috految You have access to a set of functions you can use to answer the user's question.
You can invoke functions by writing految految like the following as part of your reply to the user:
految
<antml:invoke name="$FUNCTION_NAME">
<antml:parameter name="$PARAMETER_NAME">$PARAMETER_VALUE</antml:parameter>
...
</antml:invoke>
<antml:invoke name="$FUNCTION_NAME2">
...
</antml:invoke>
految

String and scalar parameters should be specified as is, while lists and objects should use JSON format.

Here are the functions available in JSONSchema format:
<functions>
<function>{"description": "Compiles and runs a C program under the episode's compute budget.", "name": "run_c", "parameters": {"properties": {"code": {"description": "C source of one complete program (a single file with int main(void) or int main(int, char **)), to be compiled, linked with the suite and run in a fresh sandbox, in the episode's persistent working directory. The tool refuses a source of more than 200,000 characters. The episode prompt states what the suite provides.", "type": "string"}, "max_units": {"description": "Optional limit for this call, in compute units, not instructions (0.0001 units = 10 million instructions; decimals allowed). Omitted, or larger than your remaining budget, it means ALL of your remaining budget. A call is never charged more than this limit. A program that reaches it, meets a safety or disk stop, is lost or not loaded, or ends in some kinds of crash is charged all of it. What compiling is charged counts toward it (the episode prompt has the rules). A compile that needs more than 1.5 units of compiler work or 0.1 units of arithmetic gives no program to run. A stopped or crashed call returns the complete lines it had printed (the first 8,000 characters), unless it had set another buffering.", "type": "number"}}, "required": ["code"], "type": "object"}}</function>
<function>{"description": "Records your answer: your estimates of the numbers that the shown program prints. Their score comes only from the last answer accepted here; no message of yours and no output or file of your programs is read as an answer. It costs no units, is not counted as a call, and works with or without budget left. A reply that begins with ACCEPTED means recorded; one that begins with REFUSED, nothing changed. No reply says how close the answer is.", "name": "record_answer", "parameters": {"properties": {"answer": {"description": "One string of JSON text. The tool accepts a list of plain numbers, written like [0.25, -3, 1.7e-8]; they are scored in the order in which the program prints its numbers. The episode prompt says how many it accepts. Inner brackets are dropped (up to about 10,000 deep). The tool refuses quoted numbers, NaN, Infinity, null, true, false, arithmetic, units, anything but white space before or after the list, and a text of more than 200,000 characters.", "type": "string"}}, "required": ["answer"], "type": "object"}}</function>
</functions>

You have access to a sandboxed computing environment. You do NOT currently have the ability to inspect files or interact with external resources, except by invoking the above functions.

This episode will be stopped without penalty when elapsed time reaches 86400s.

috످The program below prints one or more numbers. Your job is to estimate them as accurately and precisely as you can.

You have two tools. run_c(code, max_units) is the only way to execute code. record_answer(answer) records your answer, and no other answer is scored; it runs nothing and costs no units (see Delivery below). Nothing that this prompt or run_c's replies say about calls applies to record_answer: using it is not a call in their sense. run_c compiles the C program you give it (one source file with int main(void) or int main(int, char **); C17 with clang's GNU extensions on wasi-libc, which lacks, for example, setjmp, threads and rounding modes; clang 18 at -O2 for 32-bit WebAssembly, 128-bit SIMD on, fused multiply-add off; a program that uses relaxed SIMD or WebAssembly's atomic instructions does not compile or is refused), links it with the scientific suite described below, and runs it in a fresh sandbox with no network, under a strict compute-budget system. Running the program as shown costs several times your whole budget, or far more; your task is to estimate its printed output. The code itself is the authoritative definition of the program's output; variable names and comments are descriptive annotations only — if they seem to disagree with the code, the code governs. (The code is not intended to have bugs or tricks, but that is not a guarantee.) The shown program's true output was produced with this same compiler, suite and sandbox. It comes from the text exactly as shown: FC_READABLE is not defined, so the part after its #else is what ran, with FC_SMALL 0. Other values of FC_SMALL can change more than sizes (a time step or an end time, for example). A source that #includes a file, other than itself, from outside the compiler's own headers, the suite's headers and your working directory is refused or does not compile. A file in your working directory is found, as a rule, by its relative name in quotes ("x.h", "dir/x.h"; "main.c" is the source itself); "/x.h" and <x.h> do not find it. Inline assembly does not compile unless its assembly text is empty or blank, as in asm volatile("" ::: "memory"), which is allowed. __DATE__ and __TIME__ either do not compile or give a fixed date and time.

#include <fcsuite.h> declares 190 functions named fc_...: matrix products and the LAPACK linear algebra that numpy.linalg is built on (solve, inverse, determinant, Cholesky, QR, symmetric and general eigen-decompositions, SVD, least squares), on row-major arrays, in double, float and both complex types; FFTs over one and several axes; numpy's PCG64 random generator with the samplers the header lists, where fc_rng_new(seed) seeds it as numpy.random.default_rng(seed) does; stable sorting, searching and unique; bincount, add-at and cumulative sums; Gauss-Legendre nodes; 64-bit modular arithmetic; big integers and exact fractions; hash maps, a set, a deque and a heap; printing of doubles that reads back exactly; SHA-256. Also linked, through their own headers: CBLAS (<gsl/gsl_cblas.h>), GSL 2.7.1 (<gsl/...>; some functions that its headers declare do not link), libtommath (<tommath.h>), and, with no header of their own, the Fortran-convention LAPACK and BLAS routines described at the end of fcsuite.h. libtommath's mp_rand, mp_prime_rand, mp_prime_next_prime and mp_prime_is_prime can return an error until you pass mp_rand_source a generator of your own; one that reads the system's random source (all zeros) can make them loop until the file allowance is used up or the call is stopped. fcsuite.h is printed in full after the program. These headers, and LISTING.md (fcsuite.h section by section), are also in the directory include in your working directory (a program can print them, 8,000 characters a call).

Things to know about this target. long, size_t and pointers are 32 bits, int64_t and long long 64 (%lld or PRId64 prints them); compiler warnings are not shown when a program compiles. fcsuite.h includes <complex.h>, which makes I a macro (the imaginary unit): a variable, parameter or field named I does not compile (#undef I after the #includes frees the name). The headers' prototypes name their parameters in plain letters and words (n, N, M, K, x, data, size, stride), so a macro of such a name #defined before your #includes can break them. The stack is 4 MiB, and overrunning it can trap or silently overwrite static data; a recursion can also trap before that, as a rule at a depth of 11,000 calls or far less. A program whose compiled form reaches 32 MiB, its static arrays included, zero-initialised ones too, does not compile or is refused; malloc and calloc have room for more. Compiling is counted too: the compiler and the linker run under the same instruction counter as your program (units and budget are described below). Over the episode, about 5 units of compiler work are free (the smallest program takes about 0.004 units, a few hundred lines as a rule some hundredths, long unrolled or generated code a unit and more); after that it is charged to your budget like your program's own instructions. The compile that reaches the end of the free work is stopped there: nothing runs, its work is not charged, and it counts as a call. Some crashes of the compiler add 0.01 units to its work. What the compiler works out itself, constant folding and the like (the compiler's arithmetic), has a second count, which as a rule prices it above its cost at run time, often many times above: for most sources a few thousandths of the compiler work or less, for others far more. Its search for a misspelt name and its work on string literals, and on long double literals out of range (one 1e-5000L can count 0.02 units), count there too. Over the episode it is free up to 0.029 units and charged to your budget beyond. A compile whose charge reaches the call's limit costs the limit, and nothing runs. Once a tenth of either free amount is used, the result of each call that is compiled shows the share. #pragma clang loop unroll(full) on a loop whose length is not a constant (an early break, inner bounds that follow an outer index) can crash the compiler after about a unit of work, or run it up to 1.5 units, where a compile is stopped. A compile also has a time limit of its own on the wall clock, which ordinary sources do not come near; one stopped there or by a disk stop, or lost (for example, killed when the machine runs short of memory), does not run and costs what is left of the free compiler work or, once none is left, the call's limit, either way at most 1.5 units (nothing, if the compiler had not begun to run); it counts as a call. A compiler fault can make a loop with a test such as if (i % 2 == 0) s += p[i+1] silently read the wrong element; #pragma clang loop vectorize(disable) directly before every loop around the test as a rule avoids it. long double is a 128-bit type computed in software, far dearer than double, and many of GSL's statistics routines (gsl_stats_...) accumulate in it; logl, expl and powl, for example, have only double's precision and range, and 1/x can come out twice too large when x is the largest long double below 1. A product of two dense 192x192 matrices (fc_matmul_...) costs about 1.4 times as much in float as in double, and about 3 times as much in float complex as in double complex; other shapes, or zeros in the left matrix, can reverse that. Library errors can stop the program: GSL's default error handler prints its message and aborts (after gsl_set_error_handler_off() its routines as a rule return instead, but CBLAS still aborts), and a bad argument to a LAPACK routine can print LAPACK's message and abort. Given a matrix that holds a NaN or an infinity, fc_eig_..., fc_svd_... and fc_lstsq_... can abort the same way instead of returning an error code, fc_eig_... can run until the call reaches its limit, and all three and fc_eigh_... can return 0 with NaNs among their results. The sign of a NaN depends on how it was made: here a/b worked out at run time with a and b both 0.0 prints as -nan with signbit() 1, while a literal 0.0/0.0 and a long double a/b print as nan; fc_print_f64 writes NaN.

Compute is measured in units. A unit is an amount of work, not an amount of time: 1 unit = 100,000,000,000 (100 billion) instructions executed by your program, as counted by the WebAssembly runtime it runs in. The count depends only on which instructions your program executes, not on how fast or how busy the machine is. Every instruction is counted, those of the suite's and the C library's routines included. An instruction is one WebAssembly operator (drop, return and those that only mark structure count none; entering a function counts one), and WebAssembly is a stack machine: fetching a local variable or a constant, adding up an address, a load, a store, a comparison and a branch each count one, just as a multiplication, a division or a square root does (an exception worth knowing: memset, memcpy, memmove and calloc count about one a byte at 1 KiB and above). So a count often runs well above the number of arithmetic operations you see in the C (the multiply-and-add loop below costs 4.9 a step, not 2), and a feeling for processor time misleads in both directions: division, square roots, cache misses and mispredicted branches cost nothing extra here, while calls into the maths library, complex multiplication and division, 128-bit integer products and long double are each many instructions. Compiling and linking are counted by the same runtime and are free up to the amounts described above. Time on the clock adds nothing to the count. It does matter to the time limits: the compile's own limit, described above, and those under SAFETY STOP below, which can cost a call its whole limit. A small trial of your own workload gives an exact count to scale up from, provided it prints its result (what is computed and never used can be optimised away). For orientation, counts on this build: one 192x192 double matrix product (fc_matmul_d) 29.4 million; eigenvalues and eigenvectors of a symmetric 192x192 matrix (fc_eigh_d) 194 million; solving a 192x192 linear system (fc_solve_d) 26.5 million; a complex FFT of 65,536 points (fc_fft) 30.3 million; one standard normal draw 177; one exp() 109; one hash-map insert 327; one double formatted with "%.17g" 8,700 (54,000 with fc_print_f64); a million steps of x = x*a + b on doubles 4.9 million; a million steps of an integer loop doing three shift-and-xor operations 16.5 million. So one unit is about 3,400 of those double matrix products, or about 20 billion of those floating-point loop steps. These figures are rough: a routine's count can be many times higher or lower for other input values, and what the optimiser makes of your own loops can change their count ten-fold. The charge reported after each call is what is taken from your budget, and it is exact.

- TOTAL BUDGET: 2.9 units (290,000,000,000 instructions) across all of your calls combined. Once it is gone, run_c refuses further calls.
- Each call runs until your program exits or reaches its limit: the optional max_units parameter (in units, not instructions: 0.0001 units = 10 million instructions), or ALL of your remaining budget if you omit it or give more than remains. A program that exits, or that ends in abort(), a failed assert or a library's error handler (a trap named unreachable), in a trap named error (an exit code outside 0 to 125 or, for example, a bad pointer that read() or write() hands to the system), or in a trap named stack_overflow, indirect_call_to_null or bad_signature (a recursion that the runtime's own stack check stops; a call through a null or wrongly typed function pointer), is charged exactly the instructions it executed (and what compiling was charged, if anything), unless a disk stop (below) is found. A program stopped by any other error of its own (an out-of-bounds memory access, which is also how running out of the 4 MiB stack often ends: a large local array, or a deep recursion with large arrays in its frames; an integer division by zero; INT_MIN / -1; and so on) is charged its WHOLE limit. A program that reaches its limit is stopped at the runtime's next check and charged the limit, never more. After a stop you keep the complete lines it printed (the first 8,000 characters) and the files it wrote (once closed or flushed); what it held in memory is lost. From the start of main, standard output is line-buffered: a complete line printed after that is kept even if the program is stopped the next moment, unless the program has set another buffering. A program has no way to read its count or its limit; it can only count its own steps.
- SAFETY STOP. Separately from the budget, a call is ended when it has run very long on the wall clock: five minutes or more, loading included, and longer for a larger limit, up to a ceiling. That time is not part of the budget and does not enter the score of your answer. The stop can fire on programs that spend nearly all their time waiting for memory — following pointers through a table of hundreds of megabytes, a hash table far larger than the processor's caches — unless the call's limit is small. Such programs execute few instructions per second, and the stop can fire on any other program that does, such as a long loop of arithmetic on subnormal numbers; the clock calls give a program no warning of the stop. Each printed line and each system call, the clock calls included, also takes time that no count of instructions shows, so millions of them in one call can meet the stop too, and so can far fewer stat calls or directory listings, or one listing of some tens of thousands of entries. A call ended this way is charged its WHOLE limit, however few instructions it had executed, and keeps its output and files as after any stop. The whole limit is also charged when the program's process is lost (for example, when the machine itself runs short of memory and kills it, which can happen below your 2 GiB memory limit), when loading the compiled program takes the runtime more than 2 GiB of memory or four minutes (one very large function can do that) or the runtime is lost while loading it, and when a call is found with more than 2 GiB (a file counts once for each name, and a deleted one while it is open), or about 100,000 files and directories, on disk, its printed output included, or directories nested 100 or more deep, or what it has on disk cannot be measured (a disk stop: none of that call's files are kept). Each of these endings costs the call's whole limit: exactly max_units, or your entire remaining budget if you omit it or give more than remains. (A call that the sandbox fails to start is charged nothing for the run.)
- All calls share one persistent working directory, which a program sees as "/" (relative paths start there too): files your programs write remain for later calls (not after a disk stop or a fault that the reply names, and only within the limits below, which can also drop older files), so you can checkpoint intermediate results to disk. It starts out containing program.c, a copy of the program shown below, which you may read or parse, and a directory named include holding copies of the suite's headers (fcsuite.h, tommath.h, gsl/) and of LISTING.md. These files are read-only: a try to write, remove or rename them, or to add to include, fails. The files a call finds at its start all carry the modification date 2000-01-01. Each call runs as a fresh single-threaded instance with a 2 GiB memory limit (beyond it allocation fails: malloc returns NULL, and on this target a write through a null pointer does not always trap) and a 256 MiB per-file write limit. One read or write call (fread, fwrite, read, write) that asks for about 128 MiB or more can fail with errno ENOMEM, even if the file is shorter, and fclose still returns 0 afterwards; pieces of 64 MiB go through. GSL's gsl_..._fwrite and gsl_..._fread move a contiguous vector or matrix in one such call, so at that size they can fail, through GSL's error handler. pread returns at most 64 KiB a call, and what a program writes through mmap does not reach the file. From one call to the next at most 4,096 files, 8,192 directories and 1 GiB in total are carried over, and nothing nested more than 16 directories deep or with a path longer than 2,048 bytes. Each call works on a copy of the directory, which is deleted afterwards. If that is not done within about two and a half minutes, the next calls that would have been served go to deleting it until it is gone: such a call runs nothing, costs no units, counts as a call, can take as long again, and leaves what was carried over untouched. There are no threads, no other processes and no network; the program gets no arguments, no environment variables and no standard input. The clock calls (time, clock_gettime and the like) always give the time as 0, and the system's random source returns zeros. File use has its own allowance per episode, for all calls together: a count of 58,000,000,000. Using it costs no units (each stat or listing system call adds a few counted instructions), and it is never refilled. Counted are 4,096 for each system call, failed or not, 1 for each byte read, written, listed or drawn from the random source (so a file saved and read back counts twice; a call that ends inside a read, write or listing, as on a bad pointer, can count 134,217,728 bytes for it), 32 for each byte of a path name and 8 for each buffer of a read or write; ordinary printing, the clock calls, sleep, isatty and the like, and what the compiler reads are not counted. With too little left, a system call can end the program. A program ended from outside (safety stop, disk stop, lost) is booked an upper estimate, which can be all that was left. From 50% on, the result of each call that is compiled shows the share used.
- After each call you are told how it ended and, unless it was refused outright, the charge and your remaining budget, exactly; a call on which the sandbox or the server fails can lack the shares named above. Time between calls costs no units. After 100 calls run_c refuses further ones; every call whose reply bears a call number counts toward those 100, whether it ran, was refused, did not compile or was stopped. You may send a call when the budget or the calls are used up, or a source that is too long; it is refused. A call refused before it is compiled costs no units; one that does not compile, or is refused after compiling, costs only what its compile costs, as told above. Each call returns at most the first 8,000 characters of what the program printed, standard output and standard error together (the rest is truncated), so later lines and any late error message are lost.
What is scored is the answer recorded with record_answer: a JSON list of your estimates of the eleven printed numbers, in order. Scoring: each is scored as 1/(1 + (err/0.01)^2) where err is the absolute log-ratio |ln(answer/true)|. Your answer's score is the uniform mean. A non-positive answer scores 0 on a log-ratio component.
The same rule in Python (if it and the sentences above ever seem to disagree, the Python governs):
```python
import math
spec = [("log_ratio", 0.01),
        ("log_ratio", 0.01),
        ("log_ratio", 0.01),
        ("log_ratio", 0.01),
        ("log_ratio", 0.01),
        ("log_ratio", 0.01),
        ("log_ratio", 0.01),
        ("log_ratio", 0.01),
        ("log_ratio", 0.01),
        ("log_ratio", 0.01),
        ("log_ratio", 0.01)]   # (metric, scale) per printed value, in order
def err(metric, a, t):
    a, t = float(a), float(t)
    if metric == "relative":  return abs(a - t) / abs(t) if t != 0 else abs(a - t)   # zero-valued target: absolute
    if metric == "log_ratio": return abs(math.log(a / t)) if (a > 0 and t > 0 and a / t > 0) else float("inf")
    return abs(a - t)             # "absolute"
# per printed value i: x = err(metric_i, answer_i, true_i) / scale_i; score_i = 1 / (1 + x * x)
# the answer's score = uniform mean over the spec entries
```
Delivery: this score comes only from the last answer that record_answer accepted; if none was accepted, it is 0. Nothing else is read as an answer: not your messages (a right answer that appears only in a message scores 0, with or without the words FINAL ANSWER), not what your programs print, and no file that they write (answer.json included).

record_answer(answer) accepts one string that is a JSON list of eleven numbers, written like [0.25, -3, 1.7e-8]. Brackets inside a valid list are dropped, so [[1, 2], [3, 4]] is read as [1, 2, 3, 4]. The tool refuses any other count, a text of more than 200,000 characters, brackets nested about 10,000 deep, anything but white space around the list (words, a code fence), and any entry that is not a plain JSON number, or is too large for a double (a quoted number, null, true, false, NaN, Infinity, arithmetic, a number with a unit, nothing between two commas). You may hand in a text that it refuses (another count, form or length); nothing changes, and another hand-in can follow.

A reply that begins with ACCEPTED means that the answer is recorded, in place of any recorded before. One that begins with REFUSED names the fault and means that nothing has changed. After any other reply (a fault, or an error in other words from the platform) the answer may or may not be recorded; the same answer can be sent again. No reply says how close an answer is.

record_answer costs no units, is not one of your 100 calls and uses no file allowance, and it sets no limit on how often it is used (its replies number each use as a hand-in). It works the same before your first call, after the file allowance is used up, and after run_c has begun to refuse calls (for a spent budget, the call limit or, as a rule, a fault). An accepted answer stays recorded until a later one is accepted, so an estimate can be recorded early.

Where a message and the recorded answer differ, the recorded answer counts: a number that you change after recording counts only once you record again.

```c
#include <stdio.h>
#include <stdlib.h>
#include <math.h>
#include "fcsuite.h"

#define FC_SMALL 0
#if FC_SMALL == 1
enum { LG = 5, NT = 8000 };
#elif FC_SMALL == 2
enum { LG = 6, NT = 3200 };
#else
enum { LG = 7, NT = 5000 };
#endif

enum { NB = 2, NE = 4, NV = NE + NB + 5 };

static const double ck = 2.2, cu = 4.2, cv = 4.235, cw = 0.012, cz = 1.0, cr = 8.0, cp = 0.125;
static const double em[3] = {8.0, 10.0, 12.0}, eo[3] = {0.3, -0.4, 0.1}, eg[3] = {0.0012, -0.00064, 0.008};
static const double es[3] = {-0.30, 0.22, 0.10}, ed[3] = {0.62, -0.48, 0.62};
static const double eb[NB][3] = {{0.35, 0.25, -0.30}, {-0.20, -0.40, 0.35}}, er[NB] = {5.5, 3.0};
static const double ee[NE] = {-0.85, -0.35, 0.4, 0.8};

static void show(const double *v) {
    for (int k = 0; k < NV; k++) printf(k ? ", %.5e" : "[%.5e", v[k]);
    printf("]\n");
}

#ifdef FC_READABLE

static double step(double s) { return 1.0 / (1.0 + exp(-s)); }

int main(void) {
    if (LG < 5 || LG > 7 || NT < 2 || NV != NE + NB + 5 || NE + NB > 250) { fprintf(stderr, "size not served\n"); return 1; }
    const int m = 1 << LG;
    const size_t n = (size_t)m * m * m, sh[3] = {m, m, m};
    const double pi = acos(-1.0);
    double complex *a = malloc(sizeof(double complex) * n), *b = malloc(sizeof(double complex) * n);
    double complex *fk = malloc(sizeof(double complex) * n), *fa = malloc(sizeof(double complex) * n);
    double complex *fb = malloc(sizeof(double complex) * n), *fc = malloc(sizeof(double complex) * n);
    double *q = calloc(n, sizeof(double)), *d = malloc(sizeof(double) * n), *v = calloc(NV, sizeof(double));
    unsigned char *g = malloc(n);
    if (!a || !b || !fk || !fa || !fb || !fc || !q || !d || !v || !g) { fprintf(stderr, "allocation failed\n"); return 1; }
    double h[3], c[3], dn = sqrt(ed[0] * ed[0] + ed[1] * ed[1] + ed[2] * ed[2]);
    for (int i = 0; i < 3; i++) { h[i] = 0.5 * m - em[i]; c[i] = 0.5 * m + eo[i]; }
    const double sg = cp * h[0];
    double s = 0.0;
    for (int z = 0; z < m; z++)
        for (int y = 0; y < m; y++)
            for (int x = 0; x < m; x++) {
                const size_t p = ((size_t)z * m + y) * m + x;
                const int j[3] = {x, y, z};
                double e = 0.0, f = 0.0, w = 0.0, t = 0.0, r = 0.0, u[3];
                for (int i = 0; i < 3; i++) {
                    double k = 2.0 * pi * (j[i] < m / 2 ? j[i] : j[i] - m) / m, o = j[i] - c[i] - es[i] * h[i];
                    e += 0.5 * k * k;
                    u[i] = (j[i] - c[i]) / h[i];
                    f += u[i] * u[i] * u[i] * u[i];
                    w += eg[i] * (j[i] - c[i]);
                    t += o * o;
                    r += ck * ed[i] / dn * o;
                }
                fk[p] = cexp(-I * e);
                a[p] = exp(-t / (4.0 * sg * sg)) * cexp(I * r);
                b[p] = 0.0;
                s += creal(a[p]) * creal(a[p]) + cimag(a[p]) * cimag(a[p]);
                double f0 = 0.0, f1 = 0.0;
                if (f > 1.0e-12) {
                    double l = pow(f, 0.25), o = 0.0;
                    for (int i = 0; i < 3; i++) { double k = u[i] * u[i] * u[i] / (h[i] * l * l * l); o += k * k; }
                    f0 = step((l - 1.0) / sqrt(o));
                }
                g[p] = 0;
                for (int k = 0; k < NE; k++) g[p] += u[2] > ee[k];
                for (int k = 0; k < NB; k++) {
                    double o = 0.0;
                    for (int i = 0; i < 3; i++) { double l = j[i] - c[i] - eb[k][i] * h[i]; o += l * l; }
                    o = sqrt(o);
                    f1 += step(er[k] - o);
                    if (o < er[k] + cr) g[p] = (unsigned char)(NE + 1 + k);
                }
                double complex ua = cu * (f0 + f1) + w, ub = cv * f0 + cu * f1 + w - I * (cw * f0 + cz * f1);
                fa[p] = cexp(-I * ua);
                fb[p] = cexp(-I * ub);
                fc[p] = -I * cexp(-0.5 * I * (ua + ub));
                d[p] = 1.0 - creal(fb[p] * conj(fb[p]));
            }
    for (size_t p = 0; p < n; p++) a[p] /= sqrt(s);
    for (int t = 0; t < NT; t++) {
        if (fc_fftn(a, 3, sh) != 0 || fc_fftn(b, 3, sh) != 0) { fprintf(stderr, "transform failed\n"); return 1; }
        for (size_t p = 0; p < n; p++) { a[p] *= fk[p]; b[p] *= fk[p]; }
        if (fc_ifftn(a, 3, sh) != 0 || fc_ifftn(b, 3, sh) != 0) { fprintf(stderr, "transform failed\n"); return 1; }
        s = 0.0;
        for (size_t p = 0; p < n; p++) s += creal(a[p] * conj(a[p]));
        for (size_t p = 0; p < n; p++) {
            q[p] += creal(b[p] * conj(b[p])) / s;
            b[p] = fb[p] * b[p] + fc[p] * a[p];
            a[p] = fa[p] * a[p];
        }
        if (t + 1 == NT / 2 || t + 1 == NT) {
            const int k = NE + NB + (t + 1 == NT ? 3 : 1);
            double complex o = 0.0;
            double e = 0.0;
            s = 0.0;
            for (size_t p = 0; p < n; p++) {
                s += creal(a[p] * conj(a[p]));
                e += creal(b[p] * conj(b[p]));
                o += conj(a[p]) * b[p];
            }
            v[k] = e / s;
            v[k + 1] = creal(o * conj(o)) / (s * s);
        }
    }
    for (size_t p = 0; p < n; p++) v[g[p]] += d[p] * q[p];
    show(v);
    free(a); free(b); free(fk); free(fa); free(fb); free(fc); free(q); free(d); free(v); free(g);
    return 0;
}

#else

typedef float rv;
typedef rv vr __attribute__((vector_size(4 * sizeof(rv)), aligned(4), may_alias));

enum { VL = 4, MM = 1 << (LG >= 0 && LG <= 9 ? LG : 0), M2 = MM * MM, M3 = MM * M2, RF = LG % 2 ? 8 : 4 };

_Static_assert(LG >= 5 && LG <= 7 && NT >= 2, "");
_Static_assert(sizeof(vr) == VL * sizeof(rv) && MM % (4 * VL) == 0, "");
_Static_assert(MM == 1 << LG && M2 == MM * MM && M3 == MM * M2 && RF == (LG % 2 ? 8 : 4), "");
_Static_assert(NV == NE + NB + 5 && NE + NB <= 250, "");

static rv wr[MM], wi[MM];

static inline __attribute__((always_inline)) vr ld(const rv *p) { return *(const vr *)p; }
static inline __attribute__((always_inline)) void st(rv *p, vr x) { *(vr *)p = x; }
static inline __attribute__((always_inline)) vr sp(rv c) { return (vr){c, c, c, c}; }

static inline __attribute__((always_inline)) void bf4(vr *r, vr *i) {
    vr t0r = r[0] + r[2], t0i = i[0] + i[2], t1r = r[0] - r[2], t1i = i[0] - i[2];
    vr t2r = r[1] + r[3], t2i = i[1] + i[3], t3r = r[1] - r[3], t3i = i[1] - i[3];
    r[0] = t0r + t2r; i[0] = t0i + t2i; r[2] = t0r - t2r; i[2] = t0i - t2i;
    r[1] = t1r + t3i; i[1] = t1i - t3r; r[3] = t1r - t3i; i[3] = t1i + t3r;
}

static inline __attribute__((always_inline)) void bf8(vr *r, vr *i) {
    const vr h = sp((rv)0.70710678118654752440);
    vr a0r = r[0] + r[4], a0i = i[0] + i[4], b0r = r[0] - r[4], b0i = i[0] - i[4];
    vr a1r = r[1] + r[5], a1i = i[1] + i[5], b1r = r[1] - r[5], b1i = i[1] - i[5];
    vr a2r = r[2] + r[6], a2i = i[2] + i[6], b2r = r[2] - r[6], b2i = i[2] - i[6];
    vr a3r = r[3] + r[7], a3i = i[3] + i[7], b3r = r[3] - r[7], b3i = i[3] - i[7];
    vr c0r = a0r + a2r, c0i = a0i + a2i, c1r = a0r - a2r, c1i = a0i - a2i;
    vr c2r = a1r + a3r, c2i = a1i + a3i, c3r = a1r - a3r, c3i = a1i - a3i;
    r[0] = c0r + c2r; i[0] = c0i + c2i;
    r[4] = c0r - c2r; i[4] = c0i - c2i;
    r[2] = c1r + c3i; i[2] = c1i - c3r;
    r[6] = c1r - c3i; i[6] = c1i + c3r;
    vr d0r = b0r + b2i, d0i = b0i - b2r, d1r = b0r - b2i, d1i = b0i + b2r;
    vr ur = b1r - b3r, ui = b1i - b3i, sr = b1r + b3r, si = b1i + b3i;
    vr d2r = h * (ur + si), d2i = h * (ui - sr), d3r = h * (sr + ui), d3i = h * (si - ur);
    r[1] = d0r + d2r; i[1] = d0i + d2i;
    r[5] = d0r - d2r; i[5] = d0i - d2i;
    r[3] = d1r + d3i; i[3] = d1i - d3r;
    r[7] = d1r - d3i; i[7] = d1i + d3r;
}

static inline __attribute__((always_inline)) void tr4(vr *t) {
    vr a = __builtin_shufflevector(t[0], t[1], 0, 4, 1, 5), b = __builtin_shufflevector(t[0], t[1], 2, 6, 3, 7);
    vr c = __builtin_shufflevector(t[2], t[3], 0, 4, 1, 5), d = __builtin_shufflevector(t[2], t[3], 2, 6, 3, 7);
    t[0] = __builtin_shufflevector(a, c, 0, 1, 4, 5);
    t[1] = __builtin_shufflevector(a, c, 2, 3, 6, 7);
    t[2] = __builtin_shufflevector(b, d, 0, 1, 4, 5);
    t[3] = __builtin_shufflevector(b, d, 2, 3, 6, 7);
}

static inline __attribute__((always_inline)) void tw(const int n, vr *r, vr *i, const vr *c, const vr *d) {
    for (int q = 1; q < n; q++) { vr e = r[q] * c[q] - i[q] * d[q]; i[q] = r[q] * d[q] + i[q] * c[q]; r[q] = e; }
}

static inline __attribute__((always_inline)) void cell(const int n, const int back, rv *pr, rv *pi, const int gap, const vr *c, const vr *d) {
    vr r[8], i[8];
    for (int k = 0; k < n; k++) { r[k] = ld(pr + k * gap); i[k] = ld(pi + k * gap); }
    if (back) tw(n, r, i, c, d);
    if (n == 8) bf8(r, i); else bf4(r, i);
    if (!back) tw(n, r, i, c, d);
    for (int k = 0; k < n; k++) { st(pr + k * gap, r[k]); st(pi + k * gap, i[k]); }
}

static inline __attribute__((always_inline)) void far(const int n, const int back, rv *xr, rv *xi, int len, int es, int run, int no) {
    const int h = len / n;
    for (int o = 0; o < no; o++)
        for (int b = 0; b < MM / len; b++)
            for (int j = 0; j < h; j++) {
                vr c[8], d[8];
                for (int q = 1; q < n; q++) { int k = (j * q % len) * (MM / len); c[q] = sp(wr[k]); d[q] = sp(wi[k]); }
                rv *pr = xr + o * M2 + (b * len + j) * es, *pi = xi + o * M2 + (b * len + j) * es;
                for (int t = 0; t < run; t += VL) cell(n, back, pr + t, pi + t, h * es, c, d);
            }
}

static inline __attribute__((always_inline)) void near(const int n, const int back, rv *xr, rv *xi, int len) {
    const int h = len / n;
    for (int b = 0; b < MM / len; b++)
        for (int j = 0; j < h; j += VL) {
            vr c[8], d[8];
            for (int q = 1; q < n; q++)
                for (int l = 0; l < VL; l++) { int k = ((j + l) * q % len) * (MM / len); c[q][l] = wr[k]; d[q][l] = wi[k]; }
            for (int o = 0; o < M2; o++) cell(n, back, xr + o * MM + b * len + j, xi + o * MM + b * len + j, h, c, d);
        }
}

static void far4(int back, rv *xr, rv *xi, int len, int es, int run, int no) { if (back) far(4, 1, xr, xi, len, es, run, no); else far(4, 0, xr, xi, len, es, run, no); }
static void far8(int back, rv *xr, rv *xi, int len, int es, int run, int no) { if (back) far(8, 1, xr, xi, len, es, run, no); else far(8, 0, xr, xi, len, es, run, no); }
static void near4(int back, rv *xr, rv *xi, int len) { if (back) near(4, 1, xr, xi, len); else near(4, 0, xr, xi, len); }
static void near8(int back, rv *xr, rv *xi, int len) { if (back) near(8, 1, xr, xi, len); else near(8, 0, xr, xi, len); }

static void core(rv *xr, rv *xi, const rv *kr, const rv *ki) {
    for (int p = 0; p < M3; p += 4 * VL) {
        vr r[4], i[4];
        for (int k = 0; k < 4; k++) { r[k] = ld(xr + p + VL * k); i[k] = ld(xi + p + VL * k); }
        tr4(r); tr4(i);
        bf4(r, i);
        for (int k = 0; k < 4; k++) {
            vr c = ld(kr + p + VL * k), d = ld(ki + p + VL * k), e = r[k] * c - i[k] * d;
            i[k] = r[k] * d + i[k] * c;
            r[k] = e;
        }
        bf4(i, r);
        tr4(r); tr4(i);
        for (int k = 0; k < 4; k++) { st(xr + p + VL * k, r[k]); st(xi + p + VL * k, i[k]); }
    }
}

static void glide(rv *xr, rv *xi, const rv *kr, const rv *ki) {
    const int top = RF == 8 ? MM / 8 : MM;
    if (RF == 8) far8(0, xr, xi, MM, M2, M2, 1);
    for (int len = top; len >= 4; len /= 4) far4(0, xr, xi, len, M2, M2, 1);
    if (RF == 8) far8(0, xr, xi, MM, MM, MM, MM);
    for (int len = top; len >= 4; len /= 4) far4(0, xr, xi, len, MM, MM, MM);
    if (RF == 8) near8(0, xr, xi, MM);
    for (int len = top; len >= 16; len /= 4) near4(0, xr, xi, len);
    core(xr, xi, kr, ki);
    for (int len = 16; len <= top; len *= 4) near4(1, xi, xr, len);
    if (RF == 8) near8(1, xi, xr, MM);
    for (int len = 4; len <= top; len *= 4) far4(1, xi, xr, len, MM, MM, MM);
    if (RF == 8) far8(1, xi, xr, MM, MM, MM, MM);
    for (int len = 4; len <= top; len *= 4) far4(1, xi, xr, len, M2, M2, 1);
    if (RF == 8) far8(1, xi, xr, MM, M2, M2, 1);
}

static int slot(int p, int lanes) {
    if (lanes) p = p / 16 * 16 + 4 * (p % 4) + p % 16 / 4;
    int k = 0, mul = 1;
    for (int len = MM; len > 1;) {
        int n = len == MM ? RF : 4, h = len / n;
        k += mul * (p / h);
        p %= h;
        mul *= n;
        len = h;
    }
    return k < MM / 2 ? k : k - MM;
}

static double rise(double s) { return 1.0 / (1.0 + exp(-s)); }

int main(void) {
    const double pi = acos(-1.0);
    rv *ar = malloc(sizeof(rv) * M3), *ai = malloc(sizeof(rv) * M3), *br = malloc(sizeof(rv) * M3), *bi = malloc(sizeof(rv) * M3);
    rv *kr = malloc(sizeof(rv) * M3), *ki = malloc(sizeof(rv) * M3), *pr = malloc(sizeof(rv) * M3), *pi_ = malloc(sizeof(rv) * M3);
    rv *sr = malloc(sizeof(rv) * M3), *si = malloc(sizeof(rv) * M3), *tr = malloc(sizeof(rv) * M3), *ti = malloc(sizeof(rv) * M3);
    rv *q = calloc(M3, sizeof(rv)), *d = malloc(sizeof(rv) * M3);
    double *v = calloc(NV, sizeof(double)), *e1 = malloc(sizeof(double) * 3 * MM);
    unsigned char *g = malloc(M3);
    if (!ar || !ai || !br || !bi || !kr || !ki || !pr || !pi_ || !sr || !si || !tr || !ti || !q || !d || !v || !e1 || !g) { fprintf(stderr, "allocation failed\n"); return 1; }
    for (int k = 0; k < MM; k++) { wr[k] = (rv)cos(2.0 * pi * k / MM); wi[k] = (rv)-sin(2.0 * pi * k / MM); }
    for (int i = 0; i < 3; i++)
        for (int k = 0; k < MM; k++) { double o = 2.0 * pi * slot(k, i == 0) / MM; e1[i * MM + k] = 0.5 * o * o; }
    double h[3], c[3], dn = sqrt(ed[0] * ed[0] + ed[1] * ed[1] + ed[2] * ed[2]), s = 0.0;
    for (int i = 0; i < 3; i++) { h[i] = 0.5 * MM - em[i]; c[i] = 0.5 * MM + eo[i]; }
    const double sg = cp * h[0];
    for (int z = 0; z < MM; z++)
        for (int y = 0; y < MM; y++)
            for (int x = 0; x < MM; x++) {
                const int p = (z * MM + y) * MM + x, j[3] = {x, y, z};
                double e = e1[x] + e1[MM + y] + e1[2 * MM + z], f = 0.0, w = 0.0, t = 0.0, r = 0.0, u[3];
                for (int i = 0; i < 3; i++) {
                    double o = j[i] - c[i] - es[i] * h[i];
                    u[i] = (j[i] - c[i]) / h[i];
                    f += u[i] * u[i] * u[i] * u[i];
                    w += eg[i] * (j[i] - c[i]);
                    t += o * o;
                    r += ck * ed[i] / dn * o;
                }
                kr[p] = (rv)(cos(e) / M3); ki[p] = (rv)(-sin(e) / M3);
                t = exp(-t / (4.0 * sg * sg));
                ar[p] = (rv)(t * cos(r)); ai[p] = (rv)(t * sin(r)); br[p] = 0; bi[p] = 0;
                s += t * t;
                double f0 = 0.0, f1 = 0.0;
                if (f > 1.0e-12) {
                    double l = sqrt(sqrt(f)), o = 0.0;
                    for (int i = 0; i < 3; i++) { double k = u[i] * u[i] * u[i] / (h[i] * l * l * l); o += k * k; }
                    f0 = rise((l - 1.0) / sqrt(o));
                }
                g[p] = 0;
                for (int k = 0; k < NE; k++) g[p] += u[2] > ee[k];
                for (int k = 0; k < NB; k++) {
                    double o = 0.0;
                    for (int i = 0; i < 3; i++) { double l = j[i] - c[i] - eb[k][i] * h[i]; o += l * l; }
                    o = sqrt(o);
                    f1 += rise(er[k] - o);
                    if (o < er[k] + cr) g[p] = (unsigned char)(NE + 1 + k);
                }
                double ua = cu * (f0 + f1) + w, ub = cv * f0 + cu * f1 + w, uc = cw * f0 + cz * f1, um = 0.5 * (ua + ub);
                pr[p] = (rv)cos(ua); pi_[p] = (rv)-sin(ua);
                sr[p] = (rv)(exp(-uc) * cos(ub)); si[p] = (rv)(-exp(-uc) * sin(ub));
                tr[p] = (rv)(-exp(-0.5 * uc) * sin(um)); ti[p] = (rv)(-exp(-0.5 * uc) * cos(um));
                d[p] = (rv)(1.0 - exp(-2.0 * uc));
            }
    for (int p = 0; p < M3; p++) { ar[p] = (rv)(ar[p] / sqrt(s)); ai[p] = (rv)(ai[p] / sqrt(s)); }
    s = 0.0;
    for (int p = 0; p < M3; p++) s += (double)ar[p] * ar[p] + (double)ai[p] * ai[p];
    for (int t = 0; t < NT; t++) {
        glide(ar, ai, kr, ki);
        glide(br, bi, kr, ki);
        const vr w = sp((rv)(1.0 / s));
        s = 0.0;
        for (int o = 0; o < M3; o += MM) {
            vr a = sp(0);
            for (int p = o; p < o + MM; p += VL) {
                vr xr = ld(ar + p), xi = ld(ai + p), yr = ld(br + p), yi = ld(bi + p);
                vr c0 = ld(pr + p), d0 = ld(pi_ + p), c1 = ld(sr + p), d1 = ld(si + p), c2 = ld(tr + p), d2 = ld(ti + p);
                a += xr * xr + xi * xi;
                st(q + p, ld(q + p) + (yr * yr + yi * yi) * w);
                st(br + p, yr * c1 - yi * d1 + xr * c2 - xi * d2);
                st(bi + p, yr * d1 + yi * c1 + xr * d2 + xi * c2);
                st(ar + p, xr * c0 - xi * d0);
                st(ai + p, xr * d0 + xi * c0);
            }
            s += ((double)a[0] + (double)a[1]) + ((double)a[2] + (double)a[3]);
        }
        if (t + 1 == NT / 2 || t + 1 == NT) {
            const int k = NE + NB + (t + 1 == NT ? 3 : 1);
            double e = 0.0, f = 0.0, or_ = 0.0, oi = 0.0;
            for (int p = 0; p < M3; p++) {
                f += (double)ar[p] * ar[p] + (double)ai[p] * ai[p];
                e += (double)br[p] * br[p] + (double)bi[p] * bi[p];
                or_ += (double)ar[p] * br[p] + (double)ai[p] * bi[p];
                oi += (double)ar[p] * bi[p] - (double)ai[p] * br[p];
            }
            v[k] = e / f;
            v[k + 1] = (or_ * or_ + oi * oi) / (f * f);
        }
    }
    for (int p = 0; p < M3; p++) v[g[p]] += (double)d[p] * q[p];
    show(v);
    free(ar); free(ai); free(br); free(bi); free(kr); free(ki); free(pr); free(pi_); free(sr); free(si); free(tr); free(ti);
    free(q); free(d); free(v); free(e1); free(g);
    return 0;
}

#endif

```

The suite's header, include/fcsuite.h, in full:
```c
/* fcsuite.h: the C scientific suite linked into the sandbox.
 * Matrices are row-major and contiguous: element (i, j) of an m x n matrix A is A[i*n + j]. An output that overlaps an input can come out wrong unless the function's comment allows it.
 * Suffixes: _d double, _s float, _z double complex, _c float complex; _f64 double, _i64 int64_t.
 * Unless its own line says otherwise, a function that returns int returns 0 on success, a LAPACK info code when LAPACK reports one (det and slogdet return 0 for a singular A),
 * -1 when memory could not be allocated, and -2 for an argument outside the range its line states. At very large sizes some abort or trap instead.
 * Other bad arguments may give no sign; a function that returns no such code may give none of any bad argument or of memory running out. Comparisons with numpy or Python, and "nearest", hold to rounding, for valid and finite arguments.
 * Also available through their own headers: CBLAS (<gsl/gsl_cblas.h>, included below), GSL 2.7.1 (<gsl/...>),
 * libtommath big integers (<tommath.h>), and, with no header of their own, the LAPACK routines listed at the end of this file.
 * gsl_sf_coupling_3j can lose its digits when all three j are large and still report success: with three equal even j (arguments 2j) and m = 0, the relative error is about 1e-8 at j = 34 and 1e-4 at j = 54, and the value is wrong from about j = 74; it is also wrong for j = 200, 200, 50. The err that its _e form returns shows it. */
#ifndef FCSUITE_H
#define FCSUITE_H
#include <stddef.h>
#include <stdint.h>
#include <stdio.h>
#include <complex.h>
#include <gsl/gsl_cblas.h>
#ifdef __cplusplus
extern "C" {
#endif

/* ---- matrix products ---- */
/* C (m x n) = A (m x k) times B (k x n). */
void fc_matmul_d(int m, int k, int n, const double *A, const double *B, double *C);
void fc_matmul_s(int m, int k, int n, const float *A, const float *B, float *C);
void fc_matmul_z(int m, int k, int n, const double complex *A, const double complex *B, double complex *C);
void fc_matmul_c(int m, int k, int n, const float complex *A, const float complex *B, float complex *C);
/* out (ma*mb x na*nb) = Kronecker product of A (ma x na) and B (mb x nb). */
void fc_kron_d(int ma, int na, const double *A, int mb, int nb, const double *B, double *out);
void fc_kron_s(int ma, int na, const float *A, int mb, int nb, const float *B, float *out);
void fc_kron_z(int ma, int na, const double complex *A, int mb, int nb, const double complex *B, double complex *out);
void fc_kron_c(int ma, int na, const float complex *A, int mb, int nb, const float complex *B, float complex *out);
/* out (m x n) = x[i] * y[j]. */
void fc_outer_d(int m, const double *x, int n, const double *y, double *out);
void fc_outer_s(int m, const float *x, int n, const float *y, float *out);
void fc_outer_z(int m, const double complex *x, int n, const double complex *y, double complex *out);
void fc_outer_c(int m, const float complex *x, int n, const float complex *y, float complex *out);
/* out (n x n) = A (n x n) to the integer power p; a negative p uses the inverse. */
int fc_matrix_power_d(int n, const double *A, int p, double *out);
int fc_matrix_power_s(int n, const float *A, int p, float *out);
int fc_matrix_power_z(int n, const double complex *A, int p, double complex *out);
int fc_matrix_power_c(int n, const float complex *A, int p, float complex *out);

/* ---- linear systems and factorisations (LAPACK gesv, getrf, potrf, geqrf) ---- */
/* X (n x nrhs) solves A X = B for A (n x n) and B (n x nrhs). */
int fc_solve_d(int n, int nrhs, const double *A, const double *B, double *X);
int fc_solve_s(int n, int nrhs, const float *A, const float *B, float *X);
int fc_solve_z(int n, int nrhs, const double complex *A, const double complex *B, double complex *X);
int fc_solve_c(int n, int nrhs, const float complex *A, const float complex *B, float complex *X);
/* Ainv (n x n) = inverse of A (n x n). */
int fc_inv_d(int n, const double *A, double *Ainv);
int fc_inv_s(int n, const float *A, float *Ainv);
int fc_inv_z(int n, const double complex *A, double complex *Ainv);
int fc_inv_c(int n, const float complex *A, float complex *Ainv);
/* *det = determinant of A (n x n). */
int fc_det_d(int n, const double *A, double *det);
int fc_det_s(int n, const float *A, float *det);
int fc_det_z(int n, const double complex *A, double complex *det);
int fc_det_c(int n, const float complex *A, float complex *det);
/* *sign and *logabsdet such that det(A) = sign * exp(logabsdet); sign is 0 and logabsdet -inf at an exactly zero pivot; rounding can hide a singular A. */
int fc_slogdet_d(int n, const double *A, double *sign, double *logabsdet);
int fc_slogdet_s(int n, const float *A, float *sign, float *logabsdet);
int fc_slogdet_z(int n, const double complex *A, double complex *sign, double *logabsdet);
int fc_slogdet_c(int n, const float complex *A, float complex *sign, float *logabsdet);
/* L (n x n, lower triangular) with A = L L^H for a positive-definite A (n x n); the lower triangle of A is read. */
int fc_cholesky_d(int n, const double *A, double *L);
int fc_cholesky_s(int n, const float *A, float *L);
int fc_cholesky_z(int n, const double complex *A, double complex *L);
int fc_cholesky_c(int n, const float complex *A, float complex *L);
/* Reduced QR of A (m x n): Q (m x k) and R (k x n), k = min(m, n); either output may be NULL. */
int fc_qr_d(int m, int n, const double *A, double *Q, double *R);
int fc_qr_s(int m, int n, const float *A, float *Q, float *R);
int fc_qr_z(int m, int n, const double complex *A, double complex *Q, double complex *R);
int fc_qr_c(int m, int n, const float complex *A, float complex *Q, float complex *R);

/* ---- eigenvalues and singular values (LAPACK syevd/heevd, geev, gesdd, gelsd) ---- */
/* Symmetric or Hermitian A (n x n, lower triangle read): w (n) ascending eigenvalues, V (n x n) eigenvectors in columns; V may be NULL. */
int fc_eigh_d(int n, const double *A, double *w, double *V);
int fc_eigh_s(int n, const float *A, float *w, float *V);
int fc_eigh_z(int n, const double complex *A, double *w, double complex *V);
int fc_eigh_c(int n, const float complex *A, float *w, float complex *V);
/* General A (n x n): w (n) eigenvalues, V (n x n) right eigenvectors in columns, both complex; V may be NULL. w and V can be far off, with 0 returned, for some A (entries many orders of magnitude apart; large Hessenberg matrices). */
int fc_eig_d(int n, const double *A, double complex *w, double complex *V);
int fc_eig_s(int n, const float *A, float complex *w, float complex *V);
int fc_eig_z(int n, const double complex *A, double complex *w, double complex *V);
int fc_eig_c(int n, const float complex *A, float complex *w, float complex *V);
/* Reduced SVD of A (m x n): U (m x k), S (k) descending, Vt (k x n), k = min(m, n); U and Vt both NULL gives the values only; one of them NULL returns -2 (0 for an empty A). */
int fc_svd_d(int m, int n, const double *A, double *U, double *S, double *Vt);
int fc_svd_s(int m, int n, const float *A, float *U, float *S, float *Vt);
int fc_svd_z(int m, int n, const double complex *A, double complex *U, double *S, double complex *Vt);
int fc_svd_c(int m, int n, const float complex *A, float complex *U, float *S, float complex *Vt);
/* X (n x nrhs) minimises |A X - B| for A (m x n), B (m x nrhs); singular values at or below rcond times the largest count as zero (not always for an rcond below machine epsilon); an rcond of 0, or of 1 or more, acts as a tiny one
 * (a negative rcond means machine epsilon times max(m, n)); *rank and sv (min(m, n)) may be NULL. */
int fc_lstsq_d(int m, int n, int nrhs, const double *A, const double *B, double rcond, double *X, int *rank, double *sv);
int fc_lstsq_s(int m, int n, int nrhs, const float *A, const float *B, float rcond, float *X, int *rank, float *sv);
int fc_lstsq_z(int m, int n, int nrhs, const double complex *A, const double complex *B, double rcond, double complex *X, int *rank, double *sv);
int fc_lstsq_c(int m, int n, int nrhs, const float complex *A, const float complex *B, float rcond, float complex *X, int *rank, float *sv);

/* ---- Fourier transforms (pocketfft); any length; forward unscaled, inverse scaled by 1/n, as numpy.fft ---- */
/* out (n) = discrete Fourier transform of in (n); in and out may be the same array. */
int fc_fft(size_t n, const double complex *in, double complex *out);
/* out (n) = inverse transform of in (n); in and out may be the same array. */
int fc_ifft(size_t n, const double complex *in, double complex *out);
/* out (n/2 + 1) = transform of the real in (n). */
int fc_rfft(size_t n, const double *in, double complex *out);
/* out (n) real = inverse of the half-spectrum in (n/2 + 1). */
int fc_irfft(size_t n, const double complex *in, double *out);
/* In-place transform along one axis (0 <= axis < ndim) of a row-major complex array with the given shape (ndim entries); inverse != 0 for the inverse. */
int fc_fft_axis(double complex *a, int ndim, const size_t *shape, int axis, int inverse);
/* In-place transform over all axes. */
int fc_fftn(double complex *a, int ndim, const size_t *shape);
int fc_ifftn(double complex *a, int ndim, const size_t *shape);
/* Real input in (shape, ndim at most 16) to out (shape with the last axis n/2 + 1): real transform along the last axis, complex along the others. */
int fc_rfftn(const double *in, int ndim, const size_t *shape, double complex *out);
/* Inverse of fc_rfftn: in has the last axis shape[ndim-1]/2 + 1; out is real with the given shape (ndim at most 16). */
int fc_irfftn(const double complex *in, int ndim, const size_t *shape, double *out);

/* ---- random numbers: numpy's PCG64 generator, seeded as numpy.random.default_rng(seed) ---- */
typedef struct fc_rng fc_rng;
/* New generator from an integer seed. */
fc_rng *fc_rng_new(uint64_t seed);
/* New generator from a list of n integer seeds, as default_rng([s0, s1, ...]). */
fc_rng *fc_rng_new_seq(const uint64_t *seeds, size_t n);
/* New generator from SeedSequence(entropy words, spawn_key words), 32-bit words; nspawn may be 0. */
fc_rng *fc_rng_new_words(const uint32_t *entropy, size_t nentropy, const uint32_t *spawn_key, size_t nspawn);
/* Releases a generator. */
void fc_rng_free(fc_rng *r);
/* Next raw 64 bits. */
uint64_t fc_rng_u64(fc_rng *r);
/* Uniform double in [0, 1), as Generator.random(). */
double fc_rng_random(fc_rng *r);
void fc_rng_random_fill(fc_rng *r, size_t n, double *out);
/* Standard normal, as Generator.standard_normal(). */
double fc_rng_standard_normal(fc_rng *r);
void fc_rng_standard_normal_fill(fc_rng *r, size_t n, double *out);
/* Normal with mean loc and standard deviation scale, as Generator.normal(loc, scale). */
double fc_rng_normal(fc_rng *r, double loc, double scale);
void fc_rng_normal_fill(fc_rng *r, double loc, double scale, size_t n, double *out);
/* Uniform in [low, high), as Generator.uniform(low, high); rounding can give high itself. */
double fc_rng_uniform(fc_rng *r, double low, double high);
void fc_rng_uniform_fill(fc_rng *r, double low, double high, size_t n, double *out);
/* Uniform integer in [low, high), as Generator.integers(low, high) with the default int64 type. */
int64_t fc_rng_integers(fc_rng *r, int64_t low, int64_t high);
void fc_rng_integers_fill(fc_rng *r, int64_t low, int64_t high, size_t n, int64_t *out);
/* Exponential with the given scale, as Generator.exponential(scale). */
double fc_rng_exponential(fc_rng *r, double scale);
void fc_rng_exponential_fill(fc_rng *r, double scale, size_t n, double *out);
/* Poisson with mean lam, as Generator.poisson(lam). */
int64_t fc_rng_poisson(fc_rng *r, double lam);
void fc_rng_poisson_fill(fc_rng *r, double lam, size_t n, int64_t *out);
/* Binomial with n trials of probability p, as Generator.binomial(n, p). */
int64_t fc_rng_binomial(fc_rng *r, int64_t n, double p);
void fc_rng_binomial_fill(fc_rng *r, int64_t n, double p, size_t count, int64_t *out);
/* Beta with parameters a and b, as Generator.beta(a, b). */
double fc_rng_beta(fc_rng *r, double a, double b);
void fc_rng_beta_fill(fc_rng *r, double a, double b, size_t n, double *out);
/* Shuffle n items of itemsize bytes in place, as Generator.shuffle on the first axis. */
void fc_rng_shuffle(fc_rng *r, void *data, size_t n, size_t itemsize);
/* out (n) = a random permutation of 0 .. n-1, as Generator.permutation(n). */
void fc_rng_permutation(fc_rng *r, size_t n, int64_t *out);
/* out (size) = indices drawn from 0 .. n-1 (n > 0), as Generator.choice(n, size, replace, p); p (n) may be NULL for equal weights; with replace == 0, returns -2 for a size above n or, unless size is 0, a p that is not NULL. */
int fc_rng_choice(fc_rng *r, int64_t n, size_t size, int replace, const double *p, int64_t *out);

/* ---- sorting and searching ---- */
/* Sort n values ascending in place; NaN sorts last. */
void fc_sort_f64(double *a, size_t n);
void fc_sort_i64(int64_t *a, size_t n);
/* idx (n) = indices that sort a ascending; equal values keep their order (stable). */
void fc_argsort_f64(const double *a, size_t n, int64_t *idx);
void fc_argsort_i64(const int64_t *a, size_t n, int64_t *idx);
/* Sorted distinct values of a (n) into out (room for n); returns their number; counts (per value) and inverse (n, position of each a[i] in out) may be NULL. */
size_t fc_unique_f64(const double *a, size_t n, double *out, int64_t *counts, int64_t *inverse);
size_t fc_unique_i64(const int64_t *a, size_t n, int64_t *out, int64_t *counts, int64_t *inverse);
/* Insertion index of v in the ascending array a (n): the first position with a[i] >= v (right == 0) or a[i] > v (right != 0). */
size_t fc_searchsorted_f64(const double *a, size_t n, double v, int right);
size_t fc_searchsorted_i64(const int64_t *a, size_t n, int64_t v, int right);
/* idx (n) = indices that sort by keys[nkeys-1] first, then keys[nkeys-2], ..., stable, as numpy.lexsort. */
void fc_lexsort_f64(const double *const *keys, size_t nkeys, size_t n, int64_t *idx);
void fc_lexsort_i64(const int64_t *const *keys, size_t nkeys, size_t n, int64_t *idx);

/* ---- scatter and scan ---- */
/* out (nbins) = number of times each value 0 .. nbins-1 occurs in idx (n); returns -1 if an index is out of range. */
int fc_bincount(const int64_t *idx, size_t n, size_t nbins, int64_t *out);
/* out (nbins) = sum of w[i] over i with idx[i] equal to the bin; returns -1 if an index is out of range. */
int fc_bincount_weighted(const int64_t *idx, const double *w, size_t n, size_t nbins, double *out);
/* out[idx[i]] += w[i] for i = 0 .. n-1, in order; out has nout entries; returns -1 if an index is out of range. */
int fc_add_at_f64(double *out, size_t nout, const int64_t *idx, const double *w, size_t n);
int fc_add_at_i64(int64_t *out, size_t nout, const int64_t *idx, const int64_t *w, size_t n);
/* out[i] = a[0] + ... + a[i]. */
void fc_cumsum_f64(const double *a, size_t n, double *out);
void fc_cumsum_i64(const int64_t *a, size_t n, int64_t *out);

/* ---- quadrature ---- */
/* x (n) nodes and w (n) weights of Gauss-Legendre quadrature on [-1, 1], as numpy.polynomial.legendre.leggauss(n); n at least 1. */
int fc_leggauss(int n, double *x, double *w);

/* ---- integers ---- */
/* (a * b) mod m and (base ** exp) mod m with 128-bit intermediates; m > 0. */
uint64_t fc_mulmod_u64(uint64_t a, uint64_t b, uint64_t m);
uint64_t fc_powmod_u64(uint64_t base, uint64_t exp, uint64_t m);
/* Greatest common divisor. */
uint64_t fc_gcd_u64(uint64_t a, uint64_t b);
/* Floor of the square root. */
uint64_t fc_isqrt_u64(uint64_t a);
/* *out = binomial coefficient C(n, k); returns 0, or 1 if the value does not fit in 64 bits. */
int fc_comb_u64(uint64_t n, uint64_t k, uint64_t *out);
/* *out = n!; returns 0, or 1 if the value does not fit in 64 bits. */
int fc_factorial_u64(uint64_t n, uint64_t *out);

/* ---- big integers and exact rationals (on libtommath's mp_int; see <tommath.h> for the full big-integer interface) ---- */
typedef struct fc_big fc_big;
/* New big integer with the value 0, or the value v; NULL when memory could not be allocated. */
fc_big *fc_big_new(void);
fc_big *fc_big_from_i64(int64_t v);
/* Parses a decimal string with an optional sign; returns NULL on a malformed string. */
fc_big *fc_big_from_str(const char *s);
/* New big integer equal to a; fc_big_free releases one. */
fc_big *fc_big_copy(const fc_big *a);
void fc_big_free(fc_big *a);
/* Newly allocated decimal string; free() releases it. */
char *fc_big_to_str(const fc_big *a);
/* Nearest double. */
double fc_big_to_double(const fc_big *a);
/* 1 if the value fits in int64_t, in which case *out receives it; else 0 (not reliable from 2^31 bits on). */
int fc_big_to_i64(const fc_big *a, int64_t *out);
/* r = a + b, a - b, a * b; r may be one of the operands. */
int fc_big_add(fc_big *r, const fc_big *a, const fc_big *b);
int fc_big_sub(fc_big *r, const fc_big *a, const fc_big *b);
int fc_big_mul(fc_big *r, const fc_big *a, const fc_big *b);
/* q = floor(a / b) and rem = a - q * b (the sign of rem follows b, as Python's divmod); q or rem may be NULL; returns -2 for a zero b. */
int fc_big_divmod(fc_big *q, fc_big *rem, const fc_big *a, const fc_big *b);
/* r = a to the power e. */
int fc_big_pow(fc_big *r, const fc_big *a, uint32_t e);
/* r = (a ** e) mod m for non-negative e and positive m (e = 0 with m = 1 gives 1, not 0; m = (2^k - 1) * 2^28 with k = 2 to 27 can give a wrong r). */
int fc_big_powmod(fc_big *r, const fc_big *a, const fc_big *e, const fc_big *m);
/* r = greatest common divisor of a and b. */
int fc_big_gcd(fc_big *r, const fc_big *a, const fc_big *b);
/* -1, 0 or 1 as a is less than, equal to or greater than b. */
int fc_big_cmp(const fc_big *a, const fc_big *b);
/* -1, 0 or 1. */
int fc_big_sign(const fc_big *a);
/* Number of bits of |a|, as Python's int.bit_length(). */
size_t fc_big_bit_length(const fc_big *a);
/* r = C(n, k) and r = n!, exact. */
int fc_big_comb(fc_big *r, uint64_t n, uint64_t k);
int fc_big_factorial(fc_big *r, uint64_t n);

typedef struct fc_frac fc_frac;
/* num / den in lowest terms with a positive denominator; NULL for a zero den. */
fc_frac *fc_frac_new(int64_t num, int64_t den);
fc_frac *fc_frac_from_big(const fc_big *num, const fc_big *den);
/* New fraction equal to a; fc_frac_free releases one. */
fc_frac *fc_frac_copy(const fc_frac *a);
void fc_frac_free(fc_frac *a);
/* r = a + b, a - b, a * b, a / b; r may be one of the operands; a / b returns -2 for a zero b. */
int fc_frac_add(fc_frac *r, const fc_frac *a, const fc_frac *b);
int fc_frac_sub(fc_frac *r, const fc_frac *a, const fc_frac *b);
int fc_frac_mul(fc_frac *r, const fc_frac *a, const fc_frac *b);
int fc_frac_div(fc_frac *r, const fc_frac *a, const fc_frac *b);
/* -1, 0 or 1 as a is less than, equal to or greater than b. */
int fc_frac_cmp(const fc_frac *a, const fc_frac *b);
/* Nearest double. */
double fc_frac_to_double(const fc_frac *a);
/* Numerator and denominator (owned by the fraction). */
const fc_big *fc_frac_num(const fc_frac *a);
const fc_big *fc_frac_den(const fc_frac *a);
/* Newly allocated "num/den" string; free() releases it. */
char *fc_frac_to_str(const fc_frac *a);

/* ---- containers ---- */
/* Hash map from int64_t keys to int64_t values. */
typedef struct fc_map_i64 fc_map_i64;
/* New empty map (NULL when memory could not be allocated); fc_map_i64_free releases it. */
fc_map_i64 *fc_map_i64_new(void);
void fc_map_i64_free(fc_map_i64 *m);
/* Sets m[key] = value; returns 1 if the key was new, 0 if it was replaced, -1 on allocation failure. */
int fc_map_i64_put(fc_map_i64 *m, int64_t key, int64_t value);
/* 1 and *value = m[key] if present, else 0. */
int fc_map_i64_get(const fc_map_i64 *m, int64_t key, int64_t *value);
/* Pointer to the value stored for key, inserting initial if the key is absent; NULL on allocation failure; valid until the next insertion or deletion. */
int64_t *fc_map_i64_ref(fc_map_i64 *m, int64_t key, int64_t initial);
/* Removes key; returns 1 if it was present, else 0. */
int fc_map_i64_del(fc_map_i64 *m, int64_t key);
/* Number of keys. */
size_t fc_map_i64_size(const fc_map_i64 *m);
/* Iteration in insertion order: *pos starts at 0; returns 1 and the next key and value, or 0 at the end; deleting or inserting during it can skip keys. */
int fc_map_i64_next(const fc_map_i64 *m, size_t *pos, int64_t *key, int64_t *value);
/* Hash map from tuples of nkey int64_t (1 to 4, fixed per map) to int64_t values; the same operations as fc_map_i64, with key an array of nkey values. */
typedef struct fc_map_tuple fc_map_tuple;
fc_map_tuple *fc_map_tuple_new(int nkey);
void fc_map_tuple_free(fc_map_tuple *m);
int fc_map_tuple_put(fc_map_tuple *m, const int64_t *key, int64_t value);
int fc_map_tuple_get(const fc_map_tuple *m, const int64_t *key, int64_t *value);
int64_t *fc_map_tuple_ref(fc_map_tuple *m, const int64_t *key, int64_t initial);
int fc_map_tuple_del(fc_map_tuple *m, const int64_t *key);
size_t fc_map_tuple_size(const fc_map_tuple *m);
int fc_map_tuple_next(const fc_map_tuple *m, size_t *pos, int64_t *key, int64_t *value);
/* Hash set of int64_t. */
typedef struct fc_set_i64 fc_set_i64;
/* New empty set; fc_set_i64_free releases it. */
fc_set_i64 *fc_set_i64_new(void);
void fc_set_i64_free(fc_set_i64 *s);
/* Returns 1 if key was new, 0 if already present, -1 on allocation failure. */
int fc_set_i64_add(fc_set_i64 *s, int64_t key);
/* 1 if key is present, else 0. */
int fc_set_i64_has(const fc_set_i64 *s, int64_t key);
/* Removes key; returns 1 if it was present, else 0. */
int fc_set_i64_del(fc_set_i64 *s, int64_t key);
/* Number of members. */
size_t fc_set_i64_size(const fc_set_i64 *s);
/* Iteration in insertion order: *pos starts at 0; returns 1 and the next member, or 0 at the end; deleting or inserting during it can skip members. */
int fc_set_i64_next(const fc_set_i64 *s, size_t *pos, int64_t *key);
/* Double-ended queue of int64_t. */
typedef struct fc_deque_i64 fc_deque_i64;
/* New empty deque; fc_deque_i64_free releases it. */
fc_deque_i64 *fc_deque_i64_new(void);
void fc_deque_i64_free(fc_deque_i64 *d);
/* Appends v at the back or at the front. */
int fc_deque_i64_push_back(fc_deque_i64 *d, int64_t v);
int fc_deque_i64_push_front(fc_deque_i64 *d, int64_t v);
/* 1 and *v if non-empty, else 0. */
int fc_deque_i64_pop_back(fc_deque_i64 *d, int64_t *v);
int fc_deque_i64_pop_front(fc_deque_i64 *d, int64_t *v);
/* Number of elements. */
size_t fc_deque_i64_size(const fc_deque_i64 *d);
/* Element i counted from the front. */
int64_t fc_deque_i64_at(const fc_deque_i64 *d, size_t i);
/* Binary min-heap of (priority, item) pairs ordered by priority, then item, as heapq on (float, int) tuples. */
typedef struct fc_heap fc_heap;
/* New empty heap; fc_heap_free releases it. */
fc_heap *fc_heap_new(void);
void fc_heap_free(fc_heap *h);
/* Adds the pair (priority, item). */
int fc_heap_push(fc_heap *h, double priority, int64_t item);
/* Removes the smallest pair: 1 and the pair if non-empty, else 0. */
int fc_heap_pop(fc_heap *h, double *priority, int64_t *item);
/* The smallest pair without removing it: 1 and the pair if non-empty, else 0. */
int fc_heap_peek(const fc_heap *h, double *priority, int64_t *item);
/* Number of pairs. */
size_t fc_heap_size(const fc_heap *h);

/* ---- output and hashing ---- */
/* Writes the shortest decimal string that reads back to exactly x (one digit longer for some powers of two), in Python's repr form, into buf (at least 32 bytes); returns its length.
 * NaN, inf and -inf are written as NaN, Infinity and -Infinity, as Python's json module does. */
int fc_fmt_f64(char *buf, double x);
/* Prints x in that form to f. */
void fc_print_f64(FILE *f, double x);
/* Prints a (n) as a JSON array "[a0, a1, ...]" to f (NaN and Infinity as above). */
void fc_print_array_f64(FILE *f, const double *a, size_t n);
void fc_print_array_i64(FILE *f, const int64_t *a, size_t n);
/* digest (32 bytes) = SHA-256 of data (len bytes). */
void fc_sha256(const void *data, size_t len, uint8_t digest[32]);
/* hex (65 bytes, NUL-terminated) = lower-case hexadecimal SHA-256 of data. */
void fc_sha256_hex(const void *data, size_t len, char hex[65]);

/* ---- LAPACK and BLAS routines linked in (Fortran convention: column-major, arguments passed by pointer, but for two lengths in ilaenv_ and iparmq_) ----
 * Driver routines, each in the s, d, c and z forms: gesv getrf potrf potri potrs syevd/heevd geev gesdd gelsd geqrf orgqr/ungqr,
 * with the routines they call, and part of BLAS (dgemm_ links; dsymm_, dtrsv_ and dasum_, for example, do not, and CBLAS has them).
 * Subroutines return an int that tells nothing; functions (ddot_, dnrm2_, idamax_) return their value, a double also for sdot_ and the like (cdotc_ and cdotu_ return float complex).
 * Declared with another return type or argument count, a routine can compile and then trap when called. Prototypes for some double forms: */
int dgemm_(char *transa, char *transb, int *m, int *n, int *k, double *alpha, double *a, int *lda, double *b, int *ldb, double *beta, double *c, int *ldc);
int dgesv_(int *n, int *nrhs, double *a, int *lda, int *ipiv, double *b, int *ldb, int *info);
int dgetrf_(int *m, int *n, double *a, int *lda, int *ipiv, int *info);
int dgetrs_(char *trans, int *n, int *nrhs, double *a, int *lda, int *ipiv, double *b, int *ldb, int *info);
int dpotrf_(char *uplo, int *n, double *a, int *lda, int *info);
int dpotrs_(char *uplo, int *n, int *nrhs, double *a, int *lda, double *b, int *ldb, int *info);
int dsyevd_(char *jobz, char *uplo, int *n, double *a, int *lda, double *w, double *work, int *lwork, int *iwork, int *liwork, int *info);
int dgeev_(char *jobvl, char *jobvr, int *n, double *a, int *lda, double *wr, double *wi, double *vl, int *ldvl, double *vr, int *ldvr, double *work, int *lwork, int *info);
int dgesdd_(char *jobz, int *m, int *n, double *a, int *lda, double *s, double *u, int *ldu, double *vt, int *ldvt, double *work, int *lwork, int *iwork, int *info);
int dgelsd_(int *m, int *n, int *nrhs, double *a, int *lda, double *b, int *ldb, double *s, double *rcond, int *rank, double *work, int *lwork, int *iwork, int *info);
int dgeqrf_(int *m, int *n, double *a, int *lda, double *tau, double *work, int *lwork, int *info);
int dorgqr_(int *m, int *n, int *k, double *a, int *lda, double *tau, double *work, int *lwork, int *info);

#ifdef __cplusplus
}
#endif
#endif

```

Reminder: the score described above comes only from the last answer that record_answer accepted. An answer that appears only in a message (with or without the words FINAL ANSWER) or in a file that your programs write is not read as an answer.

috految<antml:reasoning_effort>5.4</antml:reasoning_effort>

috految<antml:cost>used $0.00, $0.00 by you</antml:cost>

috److془We need to plan carefully. Budget 2.9e11. Full step ~ 2M*~550= 1.1e9. 64^3: 1.2e8 per step → 2000 steps.

Classical trajectories with quantum corrections. Floquet leakage: E=2.45 → 8.7 by wall (k=4.2 inside, 3.0 outside). Amplitude: classical energy change: singularity at time ~ pi/2.2..; exp(-2pi*1.3)*~100 ~ .03; quantum: Fourier amplitude V(q)=4.2*2pi*exp(-pi q), q=2 → 0.05/3; prob ~ 3e-4; with force modifications, may be less. Aliasing: k=2.2 → -4.08.. With 100 bounces, ~1% . Also the Nyquist kink: amplitude at k=pi: exp(-pi*.9)*26/... leaks in long range tails. Sizable for normal incidence. Hmm; wrap to k = 2.2 on the other side too; but small. Actually the repulsive: phase ~ Coulomb factor suppression. Leak matters at a percent level. Calibrate with 64^3 with scaled geometry. Heisenberg time: 2pi*V k/(2pi^2)=7e5 vs. 6e4 at half. Weak localisation: ~ 0.5% vs 2%. Sphere cross-section quantum corrections: a few %; Note b-a exchange: the mean is <S_a^† S_b>, classical with dephasing. Sphere phase: absorption 1*f1 vs. real 4.2: second order phase ~ 0.1 rad. Rate of spheres: ~ 300*2.2/1e6*.6=4e-4; wall: <f0>~.02 ->phase .8e-3, damping 3e-4. Second order phase matters at a few %. Calibration: ratio from 64 scale with the same sphere strengths relative.. Better: include the phase. Alternatively, calibrate with same spheres, size .5: sphere rate x8, wall x2; set delta x4, NT=625. Leaks underestimated by 4. Alternatively, sphere S_a^†S_b analytic exact. Or: the scaled with spheres er reduced.. Hmm. Mixed phase space quantum effects too. Use: classical with sphere corrections, and calibration with 64, spheres same, 1500 steps or so. Alternatively get complete: just the same-scaled NT=625 ratio, with leak measured. Weak localization T/TH is same too! Wall second-order: delta imaginary .048: relative effect ~.012ish: known analytic: phase=(∝ ln V about) delta_eff = delta(1-c delta/4.2), c≈.65. Nice. Sphere dependence: flux weighted ψ at turning point: trapped okay. Sphere: ln(1-.238i): c =~.5 for moderately deep; fine. Quantum fluctuations ~1% down to .5. Spheres distance to wall ~12; fine. Classical pure kick map energy diffusion: ΔE^2 ~ 2*39*p; p=1e-5 → .03; use energy conserving: dt=1 with energy reset when f small. Hmm reset fine. Angle noise modest. Actually second order: "leak" kinetic with emission: fine. Better: high-order dt=.5 with modified potential? Just reset. Hmm dt=1 noise with normal incidence only; fine. Sphere taking nearby: fine.
Initial: sg=7, sigma_k=.071; small: h=(26,25,24) sg=5 , sigma E ±.22. Initial overlap with sphere: distance ~17.5, wall 18; fine. Wall gaps 12: tunnelling kappa 1.8 fine, but outside z discontinuity is okay. Use h=27,26,25 (gap 10)? Nyquist tails greater; take 26. Gravity x2.1. Scale ~9.5 volume, wall 2.2. NT 540, delta x4.4. Sphere absorbed b phase fine. Initial packet hits spheres in small; fine. Second run: delta x 2.2 NT 1080 rather, or with no... Use the fixed run with leak printed. Leak: outside norm, fraction with energy high. Also gravity different for b none. Count the b rays: fine. Leak localized at sphere? whatever, also is calibrated. Run 1: 540 steps: .7 units. Classical: ~250/step*5000*40000=.5; use SIMD perhaps not. Small 100k .2. Sphere errors ~.7%; use SIMD, easy.
Force: s=(l-1)/sqrt(o), sqrt o= sqrt(Q)/l^3, Q=Σu^6/h². s=(f-l³)/√Q. Wall nearby center fine.
Energy: W=(v²/2 +V) at synchronized v.
Subtle: all quantum small effects calibrated. Go.془

految
<antml:invoke name="run_c">
<antml:parameter name="code">#include <stdio.h>
#include <string.h>
#include <wasm_simd128.h>
#define main m0
#include "program.c"
#undef main
#define F(i,n) _Pragma("unroll") for(int i=0;i<n;i++)
#define S(x) (vr)wasm_f32x4_sqrt((v128_t)(x))
#define W(c,x) (vr)((c)&(v128_t)(x))
static inline vr sig(vr s){vr x=(vr)wasm_f32x4_pmin((v128_t)(s*-.0625f),(v128_t)sp(1.5));x=1+x*(1+x*(.5f+x*(.166667f+x*.0425f)));F(i,4)x*=x;return 1/(1+x);}
void go(float H,float dh,float sg,float G,float D,int T,int N){fc_rng*R=fc_rng_new(1);float h[3]={H,H-dh,H-2*dh};double o[11]={},A[2]={},B[2]={};
double complex z=D*(.035-.012*I);z*=1-.65*z/4.2;float ph=creal(z),ab=-cimag(z);
for(int n=0;n<N;n+=4){vr x[3],v[3],a={},b={},E={},q[7]={};
F(i,3)F(l,4){x[i][l]=es[i]*h[i]+sg*fc_rng_standard_normal(R);v[i][l]=2.2*ed[i]/.9996+.5/sg*fc_rng_standard_normal(R);}
for(int t=1;t<=T;t++){vr u[3],c[3],f={},Q={},w={},g[3],r[2],f1={};
F(i,3){x[i]+=v[i];u[i]=x[i]/h[i];c[i]=u[i]*u[i]*u[i];f+=c[i]*u[i];c[i]/=h[i];Q+=c[i]*c[i];w+=x[i]*(float)(eg[i]*G);}
vr l=S(S(f)),k=1/S(Q),s=(f-f/l)*k,f0=sig(s),d=4.2f*f0*(1-f0);
F(i,3)g[i]=(float)(eg[i]*G)+d*c[i]*((4-3/l)*k-3*s/Q*u[i]*u[i]/(h[i]*h[i]));
F(j,2){vr y[3],p={};F(i,3){y[i]=x[i]-(float)(eb[j][i]*h[i]);p+=y[i]*y[i];}r[j]=S(p);if(wasm_v128_any_true(r[j]<19)){vr e=sig((float)er[j]-r[j]);f1+=e;F(i,3)g[i]-=4.2f*e*(1-e)/r[j]*y[i];}}
if(t%4==1){vr K={};F(i,3){vr y=v[i]-.5f*g[i];K+=.5f*y*y;}vr e=K+w+4.2f*(f0+f1);if(t==1)E=e;vr m=W((f0+f1<.002f)&(K>.5f),.5f*(E-e)/K);F(i,3)v[i]*=1+m;}
F(i,3)v[i]-=g[i];
vr y=.5f*(ab*f0+f1),e=1/(1+y*(1+y*(.5f+y*.18f))),p=.5f*(ph*f0+.08f*f1),C=e*(1-.5f*p*p),Z=e*p,L=(a*a+b*b)*(1-e*e*e*e);
F(j,2){vr m=W(r[1-j]<(float)(er[1-j]+8),L);q[6-j]+=m;L-=m;}
F(j,4){vr m=W(x[2]<(float)(floor(ee[j]*h[2]+.1)+.4),L);q[j]+=m;L-=m;}q[4]+=L;
vr aa=a*C+b*Z+1,bb=b*C-a*Z;a=aa*C+bb*Z;b=bb*C-aa*Z;
if(t==T/2||t==T){int j=t==T;F(l,4)if(f[l]<4){o[7+2*j]+=a[l]*a[l]+b[l]*b[l];A[j]+=a[l];B[j]+=b[l];}}
}F(l,4)if(fabsf(x[2][l])<99){F(j,7)o[j]+=q[j][l];}else o[8]++;}
printf("lost %g ",o[8]/N);F(j,11)o[j]/=N;F(j,2)o[8+2*j]=(A[j]*A[j]+B[j]*B[j])/N/N;show(o);}
int main(){FILE*f=fopen("program.c","r"),*g=fopen("q.h","w");char s[999];while(fgets(s,999,f)){
if(strstr(s,"LG = 7"))strcpy(s,"enum{LG=6,NT=TT};\n");
if(strstr(s,"double ck"))strcpy(s,"static const double ck=2.2,cu=4.2,cv=4.2+.035*DD,cw=.012*DD,cz=1,cr=8,cp=5./26;\n");
if(strstr(s,"double em["))strcpy(s,"static const double em[]={6,7,8},eo[]={.3,-.4,.1},eg[]={.0012*2.1,-.00064*2.1,.008*2.1};\n");
if(strstr(s,"glide(ar,"))fputs("if(t%100==30){double o=0,c=0;for(int p=0;p<M3;p++)if(g[p]<5&&d[p]>.99*(1-exp(-2*cw)))c++,o+=ar[p]*ar[p]+ai[p]*ai[p];printf(\"%d out %g vol %g\\n\",t,o,c/M3);}",g);
fputs(s,g);}fclose(g);
go(56,2,7,1,1,5000,80000);go(26,1,5,2.1,4.4,540,100000);go(26,1,5,2.1,2.2,1000,50000);}</antml:parameter>
</antml:invoke>
<antml:invoke name="run_c">
<antml:parameter name="code">#define TT 540
#define DD 4.4
#include "q.h"</antml:parameter>
</antml:invoke>
految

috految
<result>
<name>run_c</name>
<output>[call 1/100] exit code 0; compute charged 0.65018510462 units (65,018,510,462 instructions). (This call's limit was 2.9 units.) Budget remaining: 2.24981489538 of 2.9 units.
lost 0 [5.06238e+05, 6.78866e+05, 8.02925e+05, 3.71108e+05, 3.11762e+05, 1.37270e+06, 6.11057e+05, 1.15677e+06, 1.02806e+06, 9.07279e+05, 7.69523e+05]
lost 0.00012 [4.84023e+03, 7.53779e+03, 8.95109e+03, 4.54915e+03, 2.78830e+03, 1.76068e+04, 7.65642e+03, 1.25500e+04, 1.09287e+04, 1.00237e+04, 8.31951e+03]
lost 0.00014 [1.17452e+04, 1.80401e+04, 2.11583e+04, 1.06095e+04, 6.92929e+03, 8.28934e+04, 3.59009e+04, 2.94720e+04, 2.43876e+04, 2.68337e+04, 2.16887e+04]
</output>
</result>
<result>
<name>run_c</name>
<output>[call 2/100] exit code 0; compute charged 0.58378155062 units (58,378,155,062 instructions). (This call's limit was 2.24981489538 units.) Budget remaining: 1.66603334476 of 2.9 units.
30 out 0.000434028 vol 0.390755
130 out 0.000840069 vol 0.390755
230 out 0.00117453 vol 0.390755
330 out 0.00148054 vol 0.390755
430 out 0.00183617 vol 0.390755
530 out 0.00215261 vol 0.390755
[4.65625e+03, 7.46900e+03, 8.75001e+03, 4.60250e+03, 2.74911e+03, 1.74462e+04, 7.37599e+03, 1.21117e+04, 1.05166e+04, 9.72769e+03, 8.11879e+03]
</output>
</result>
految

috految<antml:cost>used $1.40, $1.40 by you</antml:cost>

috److془Leak: out 3.3e-6/step /~.45 → .75e-5; total at 540 .4%; full ~1.5%, less sphere/Eis ~1.1%. Extra: -0.7% end, -.35 mid.
Ratios: .962,.991,.978,1.012,.986,.991,.963,.965,.962,.970,.976.
Some from wall: Wall deflection in b (near wall delta) first-order cancels. Wall z: for wall second order? c: time-weighted dwell ∝1/V * (1+..E/V) c~.7 okay. Run was 3.5% lower at mid; direct effects: second order in which fraction .. Source continuous; the weight in walls. Also the spectral c: small. Sphere phase actual: .238*c ~.13 vs .08 supports. Wall effect: fidelity phase displacement fine. Go.془

految
<antml:invoke name="record_answer">
<antml:parameter name="answer">[497000,673000,793000,370000,309500,1354000,594000,1127000,996000,885000,745000]</antml:parameter>
</antml:invoke>
految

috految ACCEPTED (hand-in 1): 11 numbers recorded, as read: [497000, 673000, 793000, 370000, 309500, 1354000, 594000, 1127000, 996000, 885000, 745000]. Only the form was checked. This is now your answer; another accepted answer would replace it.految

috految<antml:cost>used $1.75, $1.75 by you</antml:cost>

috److I recorded estimates for all eleven numbers. They come from an approximate model, because the full 128³ run would cost far more than the budget.

1. **Classical model:** I simulated 80,000 classical trajectories at the full geometry for 5,000 steps, tracking the phase and absorption of the second field along each path.
2. **Calibration:** I ran the program's own wave solver on a scaled 64³ version for 540 steps and compared it with the classical model at the same scale. The wave results were about 0.96 to 1.01 times the classical ones.
3. **Final adjustment:** I lowered the full-size classical values by hand, by 0.3% to 3.2%, guided by those ratios and by the leakage through the walls seen in the calibration run.

| Output | Classical model (full size) | Recorded answer |
|---|---|---|
| 1 | 506,238 | 497,000 |
| 2 | 678,866 | 673,000 |
| 3 | 802,925 | 793,000 |
| 4 | 371,108 | 370,000 |
| 5 | 311,762 | 309,500 |
| 6 | 1,372,700 | 1,354,000 |
| 7 | 611,057 | 594,000 |
| 8 | 1,156,770 | 1,127,000 |
| 9 | 1,028,060 | 996,000 |
| 10 | 907,279 | 885,000 |
| 11 | 769,523 | 745,000 |

The corrections rest on a single scaled calibration run, so errors of a percent or two per value are plausible. I used about 1.23 of the 2.9 compute units.

috످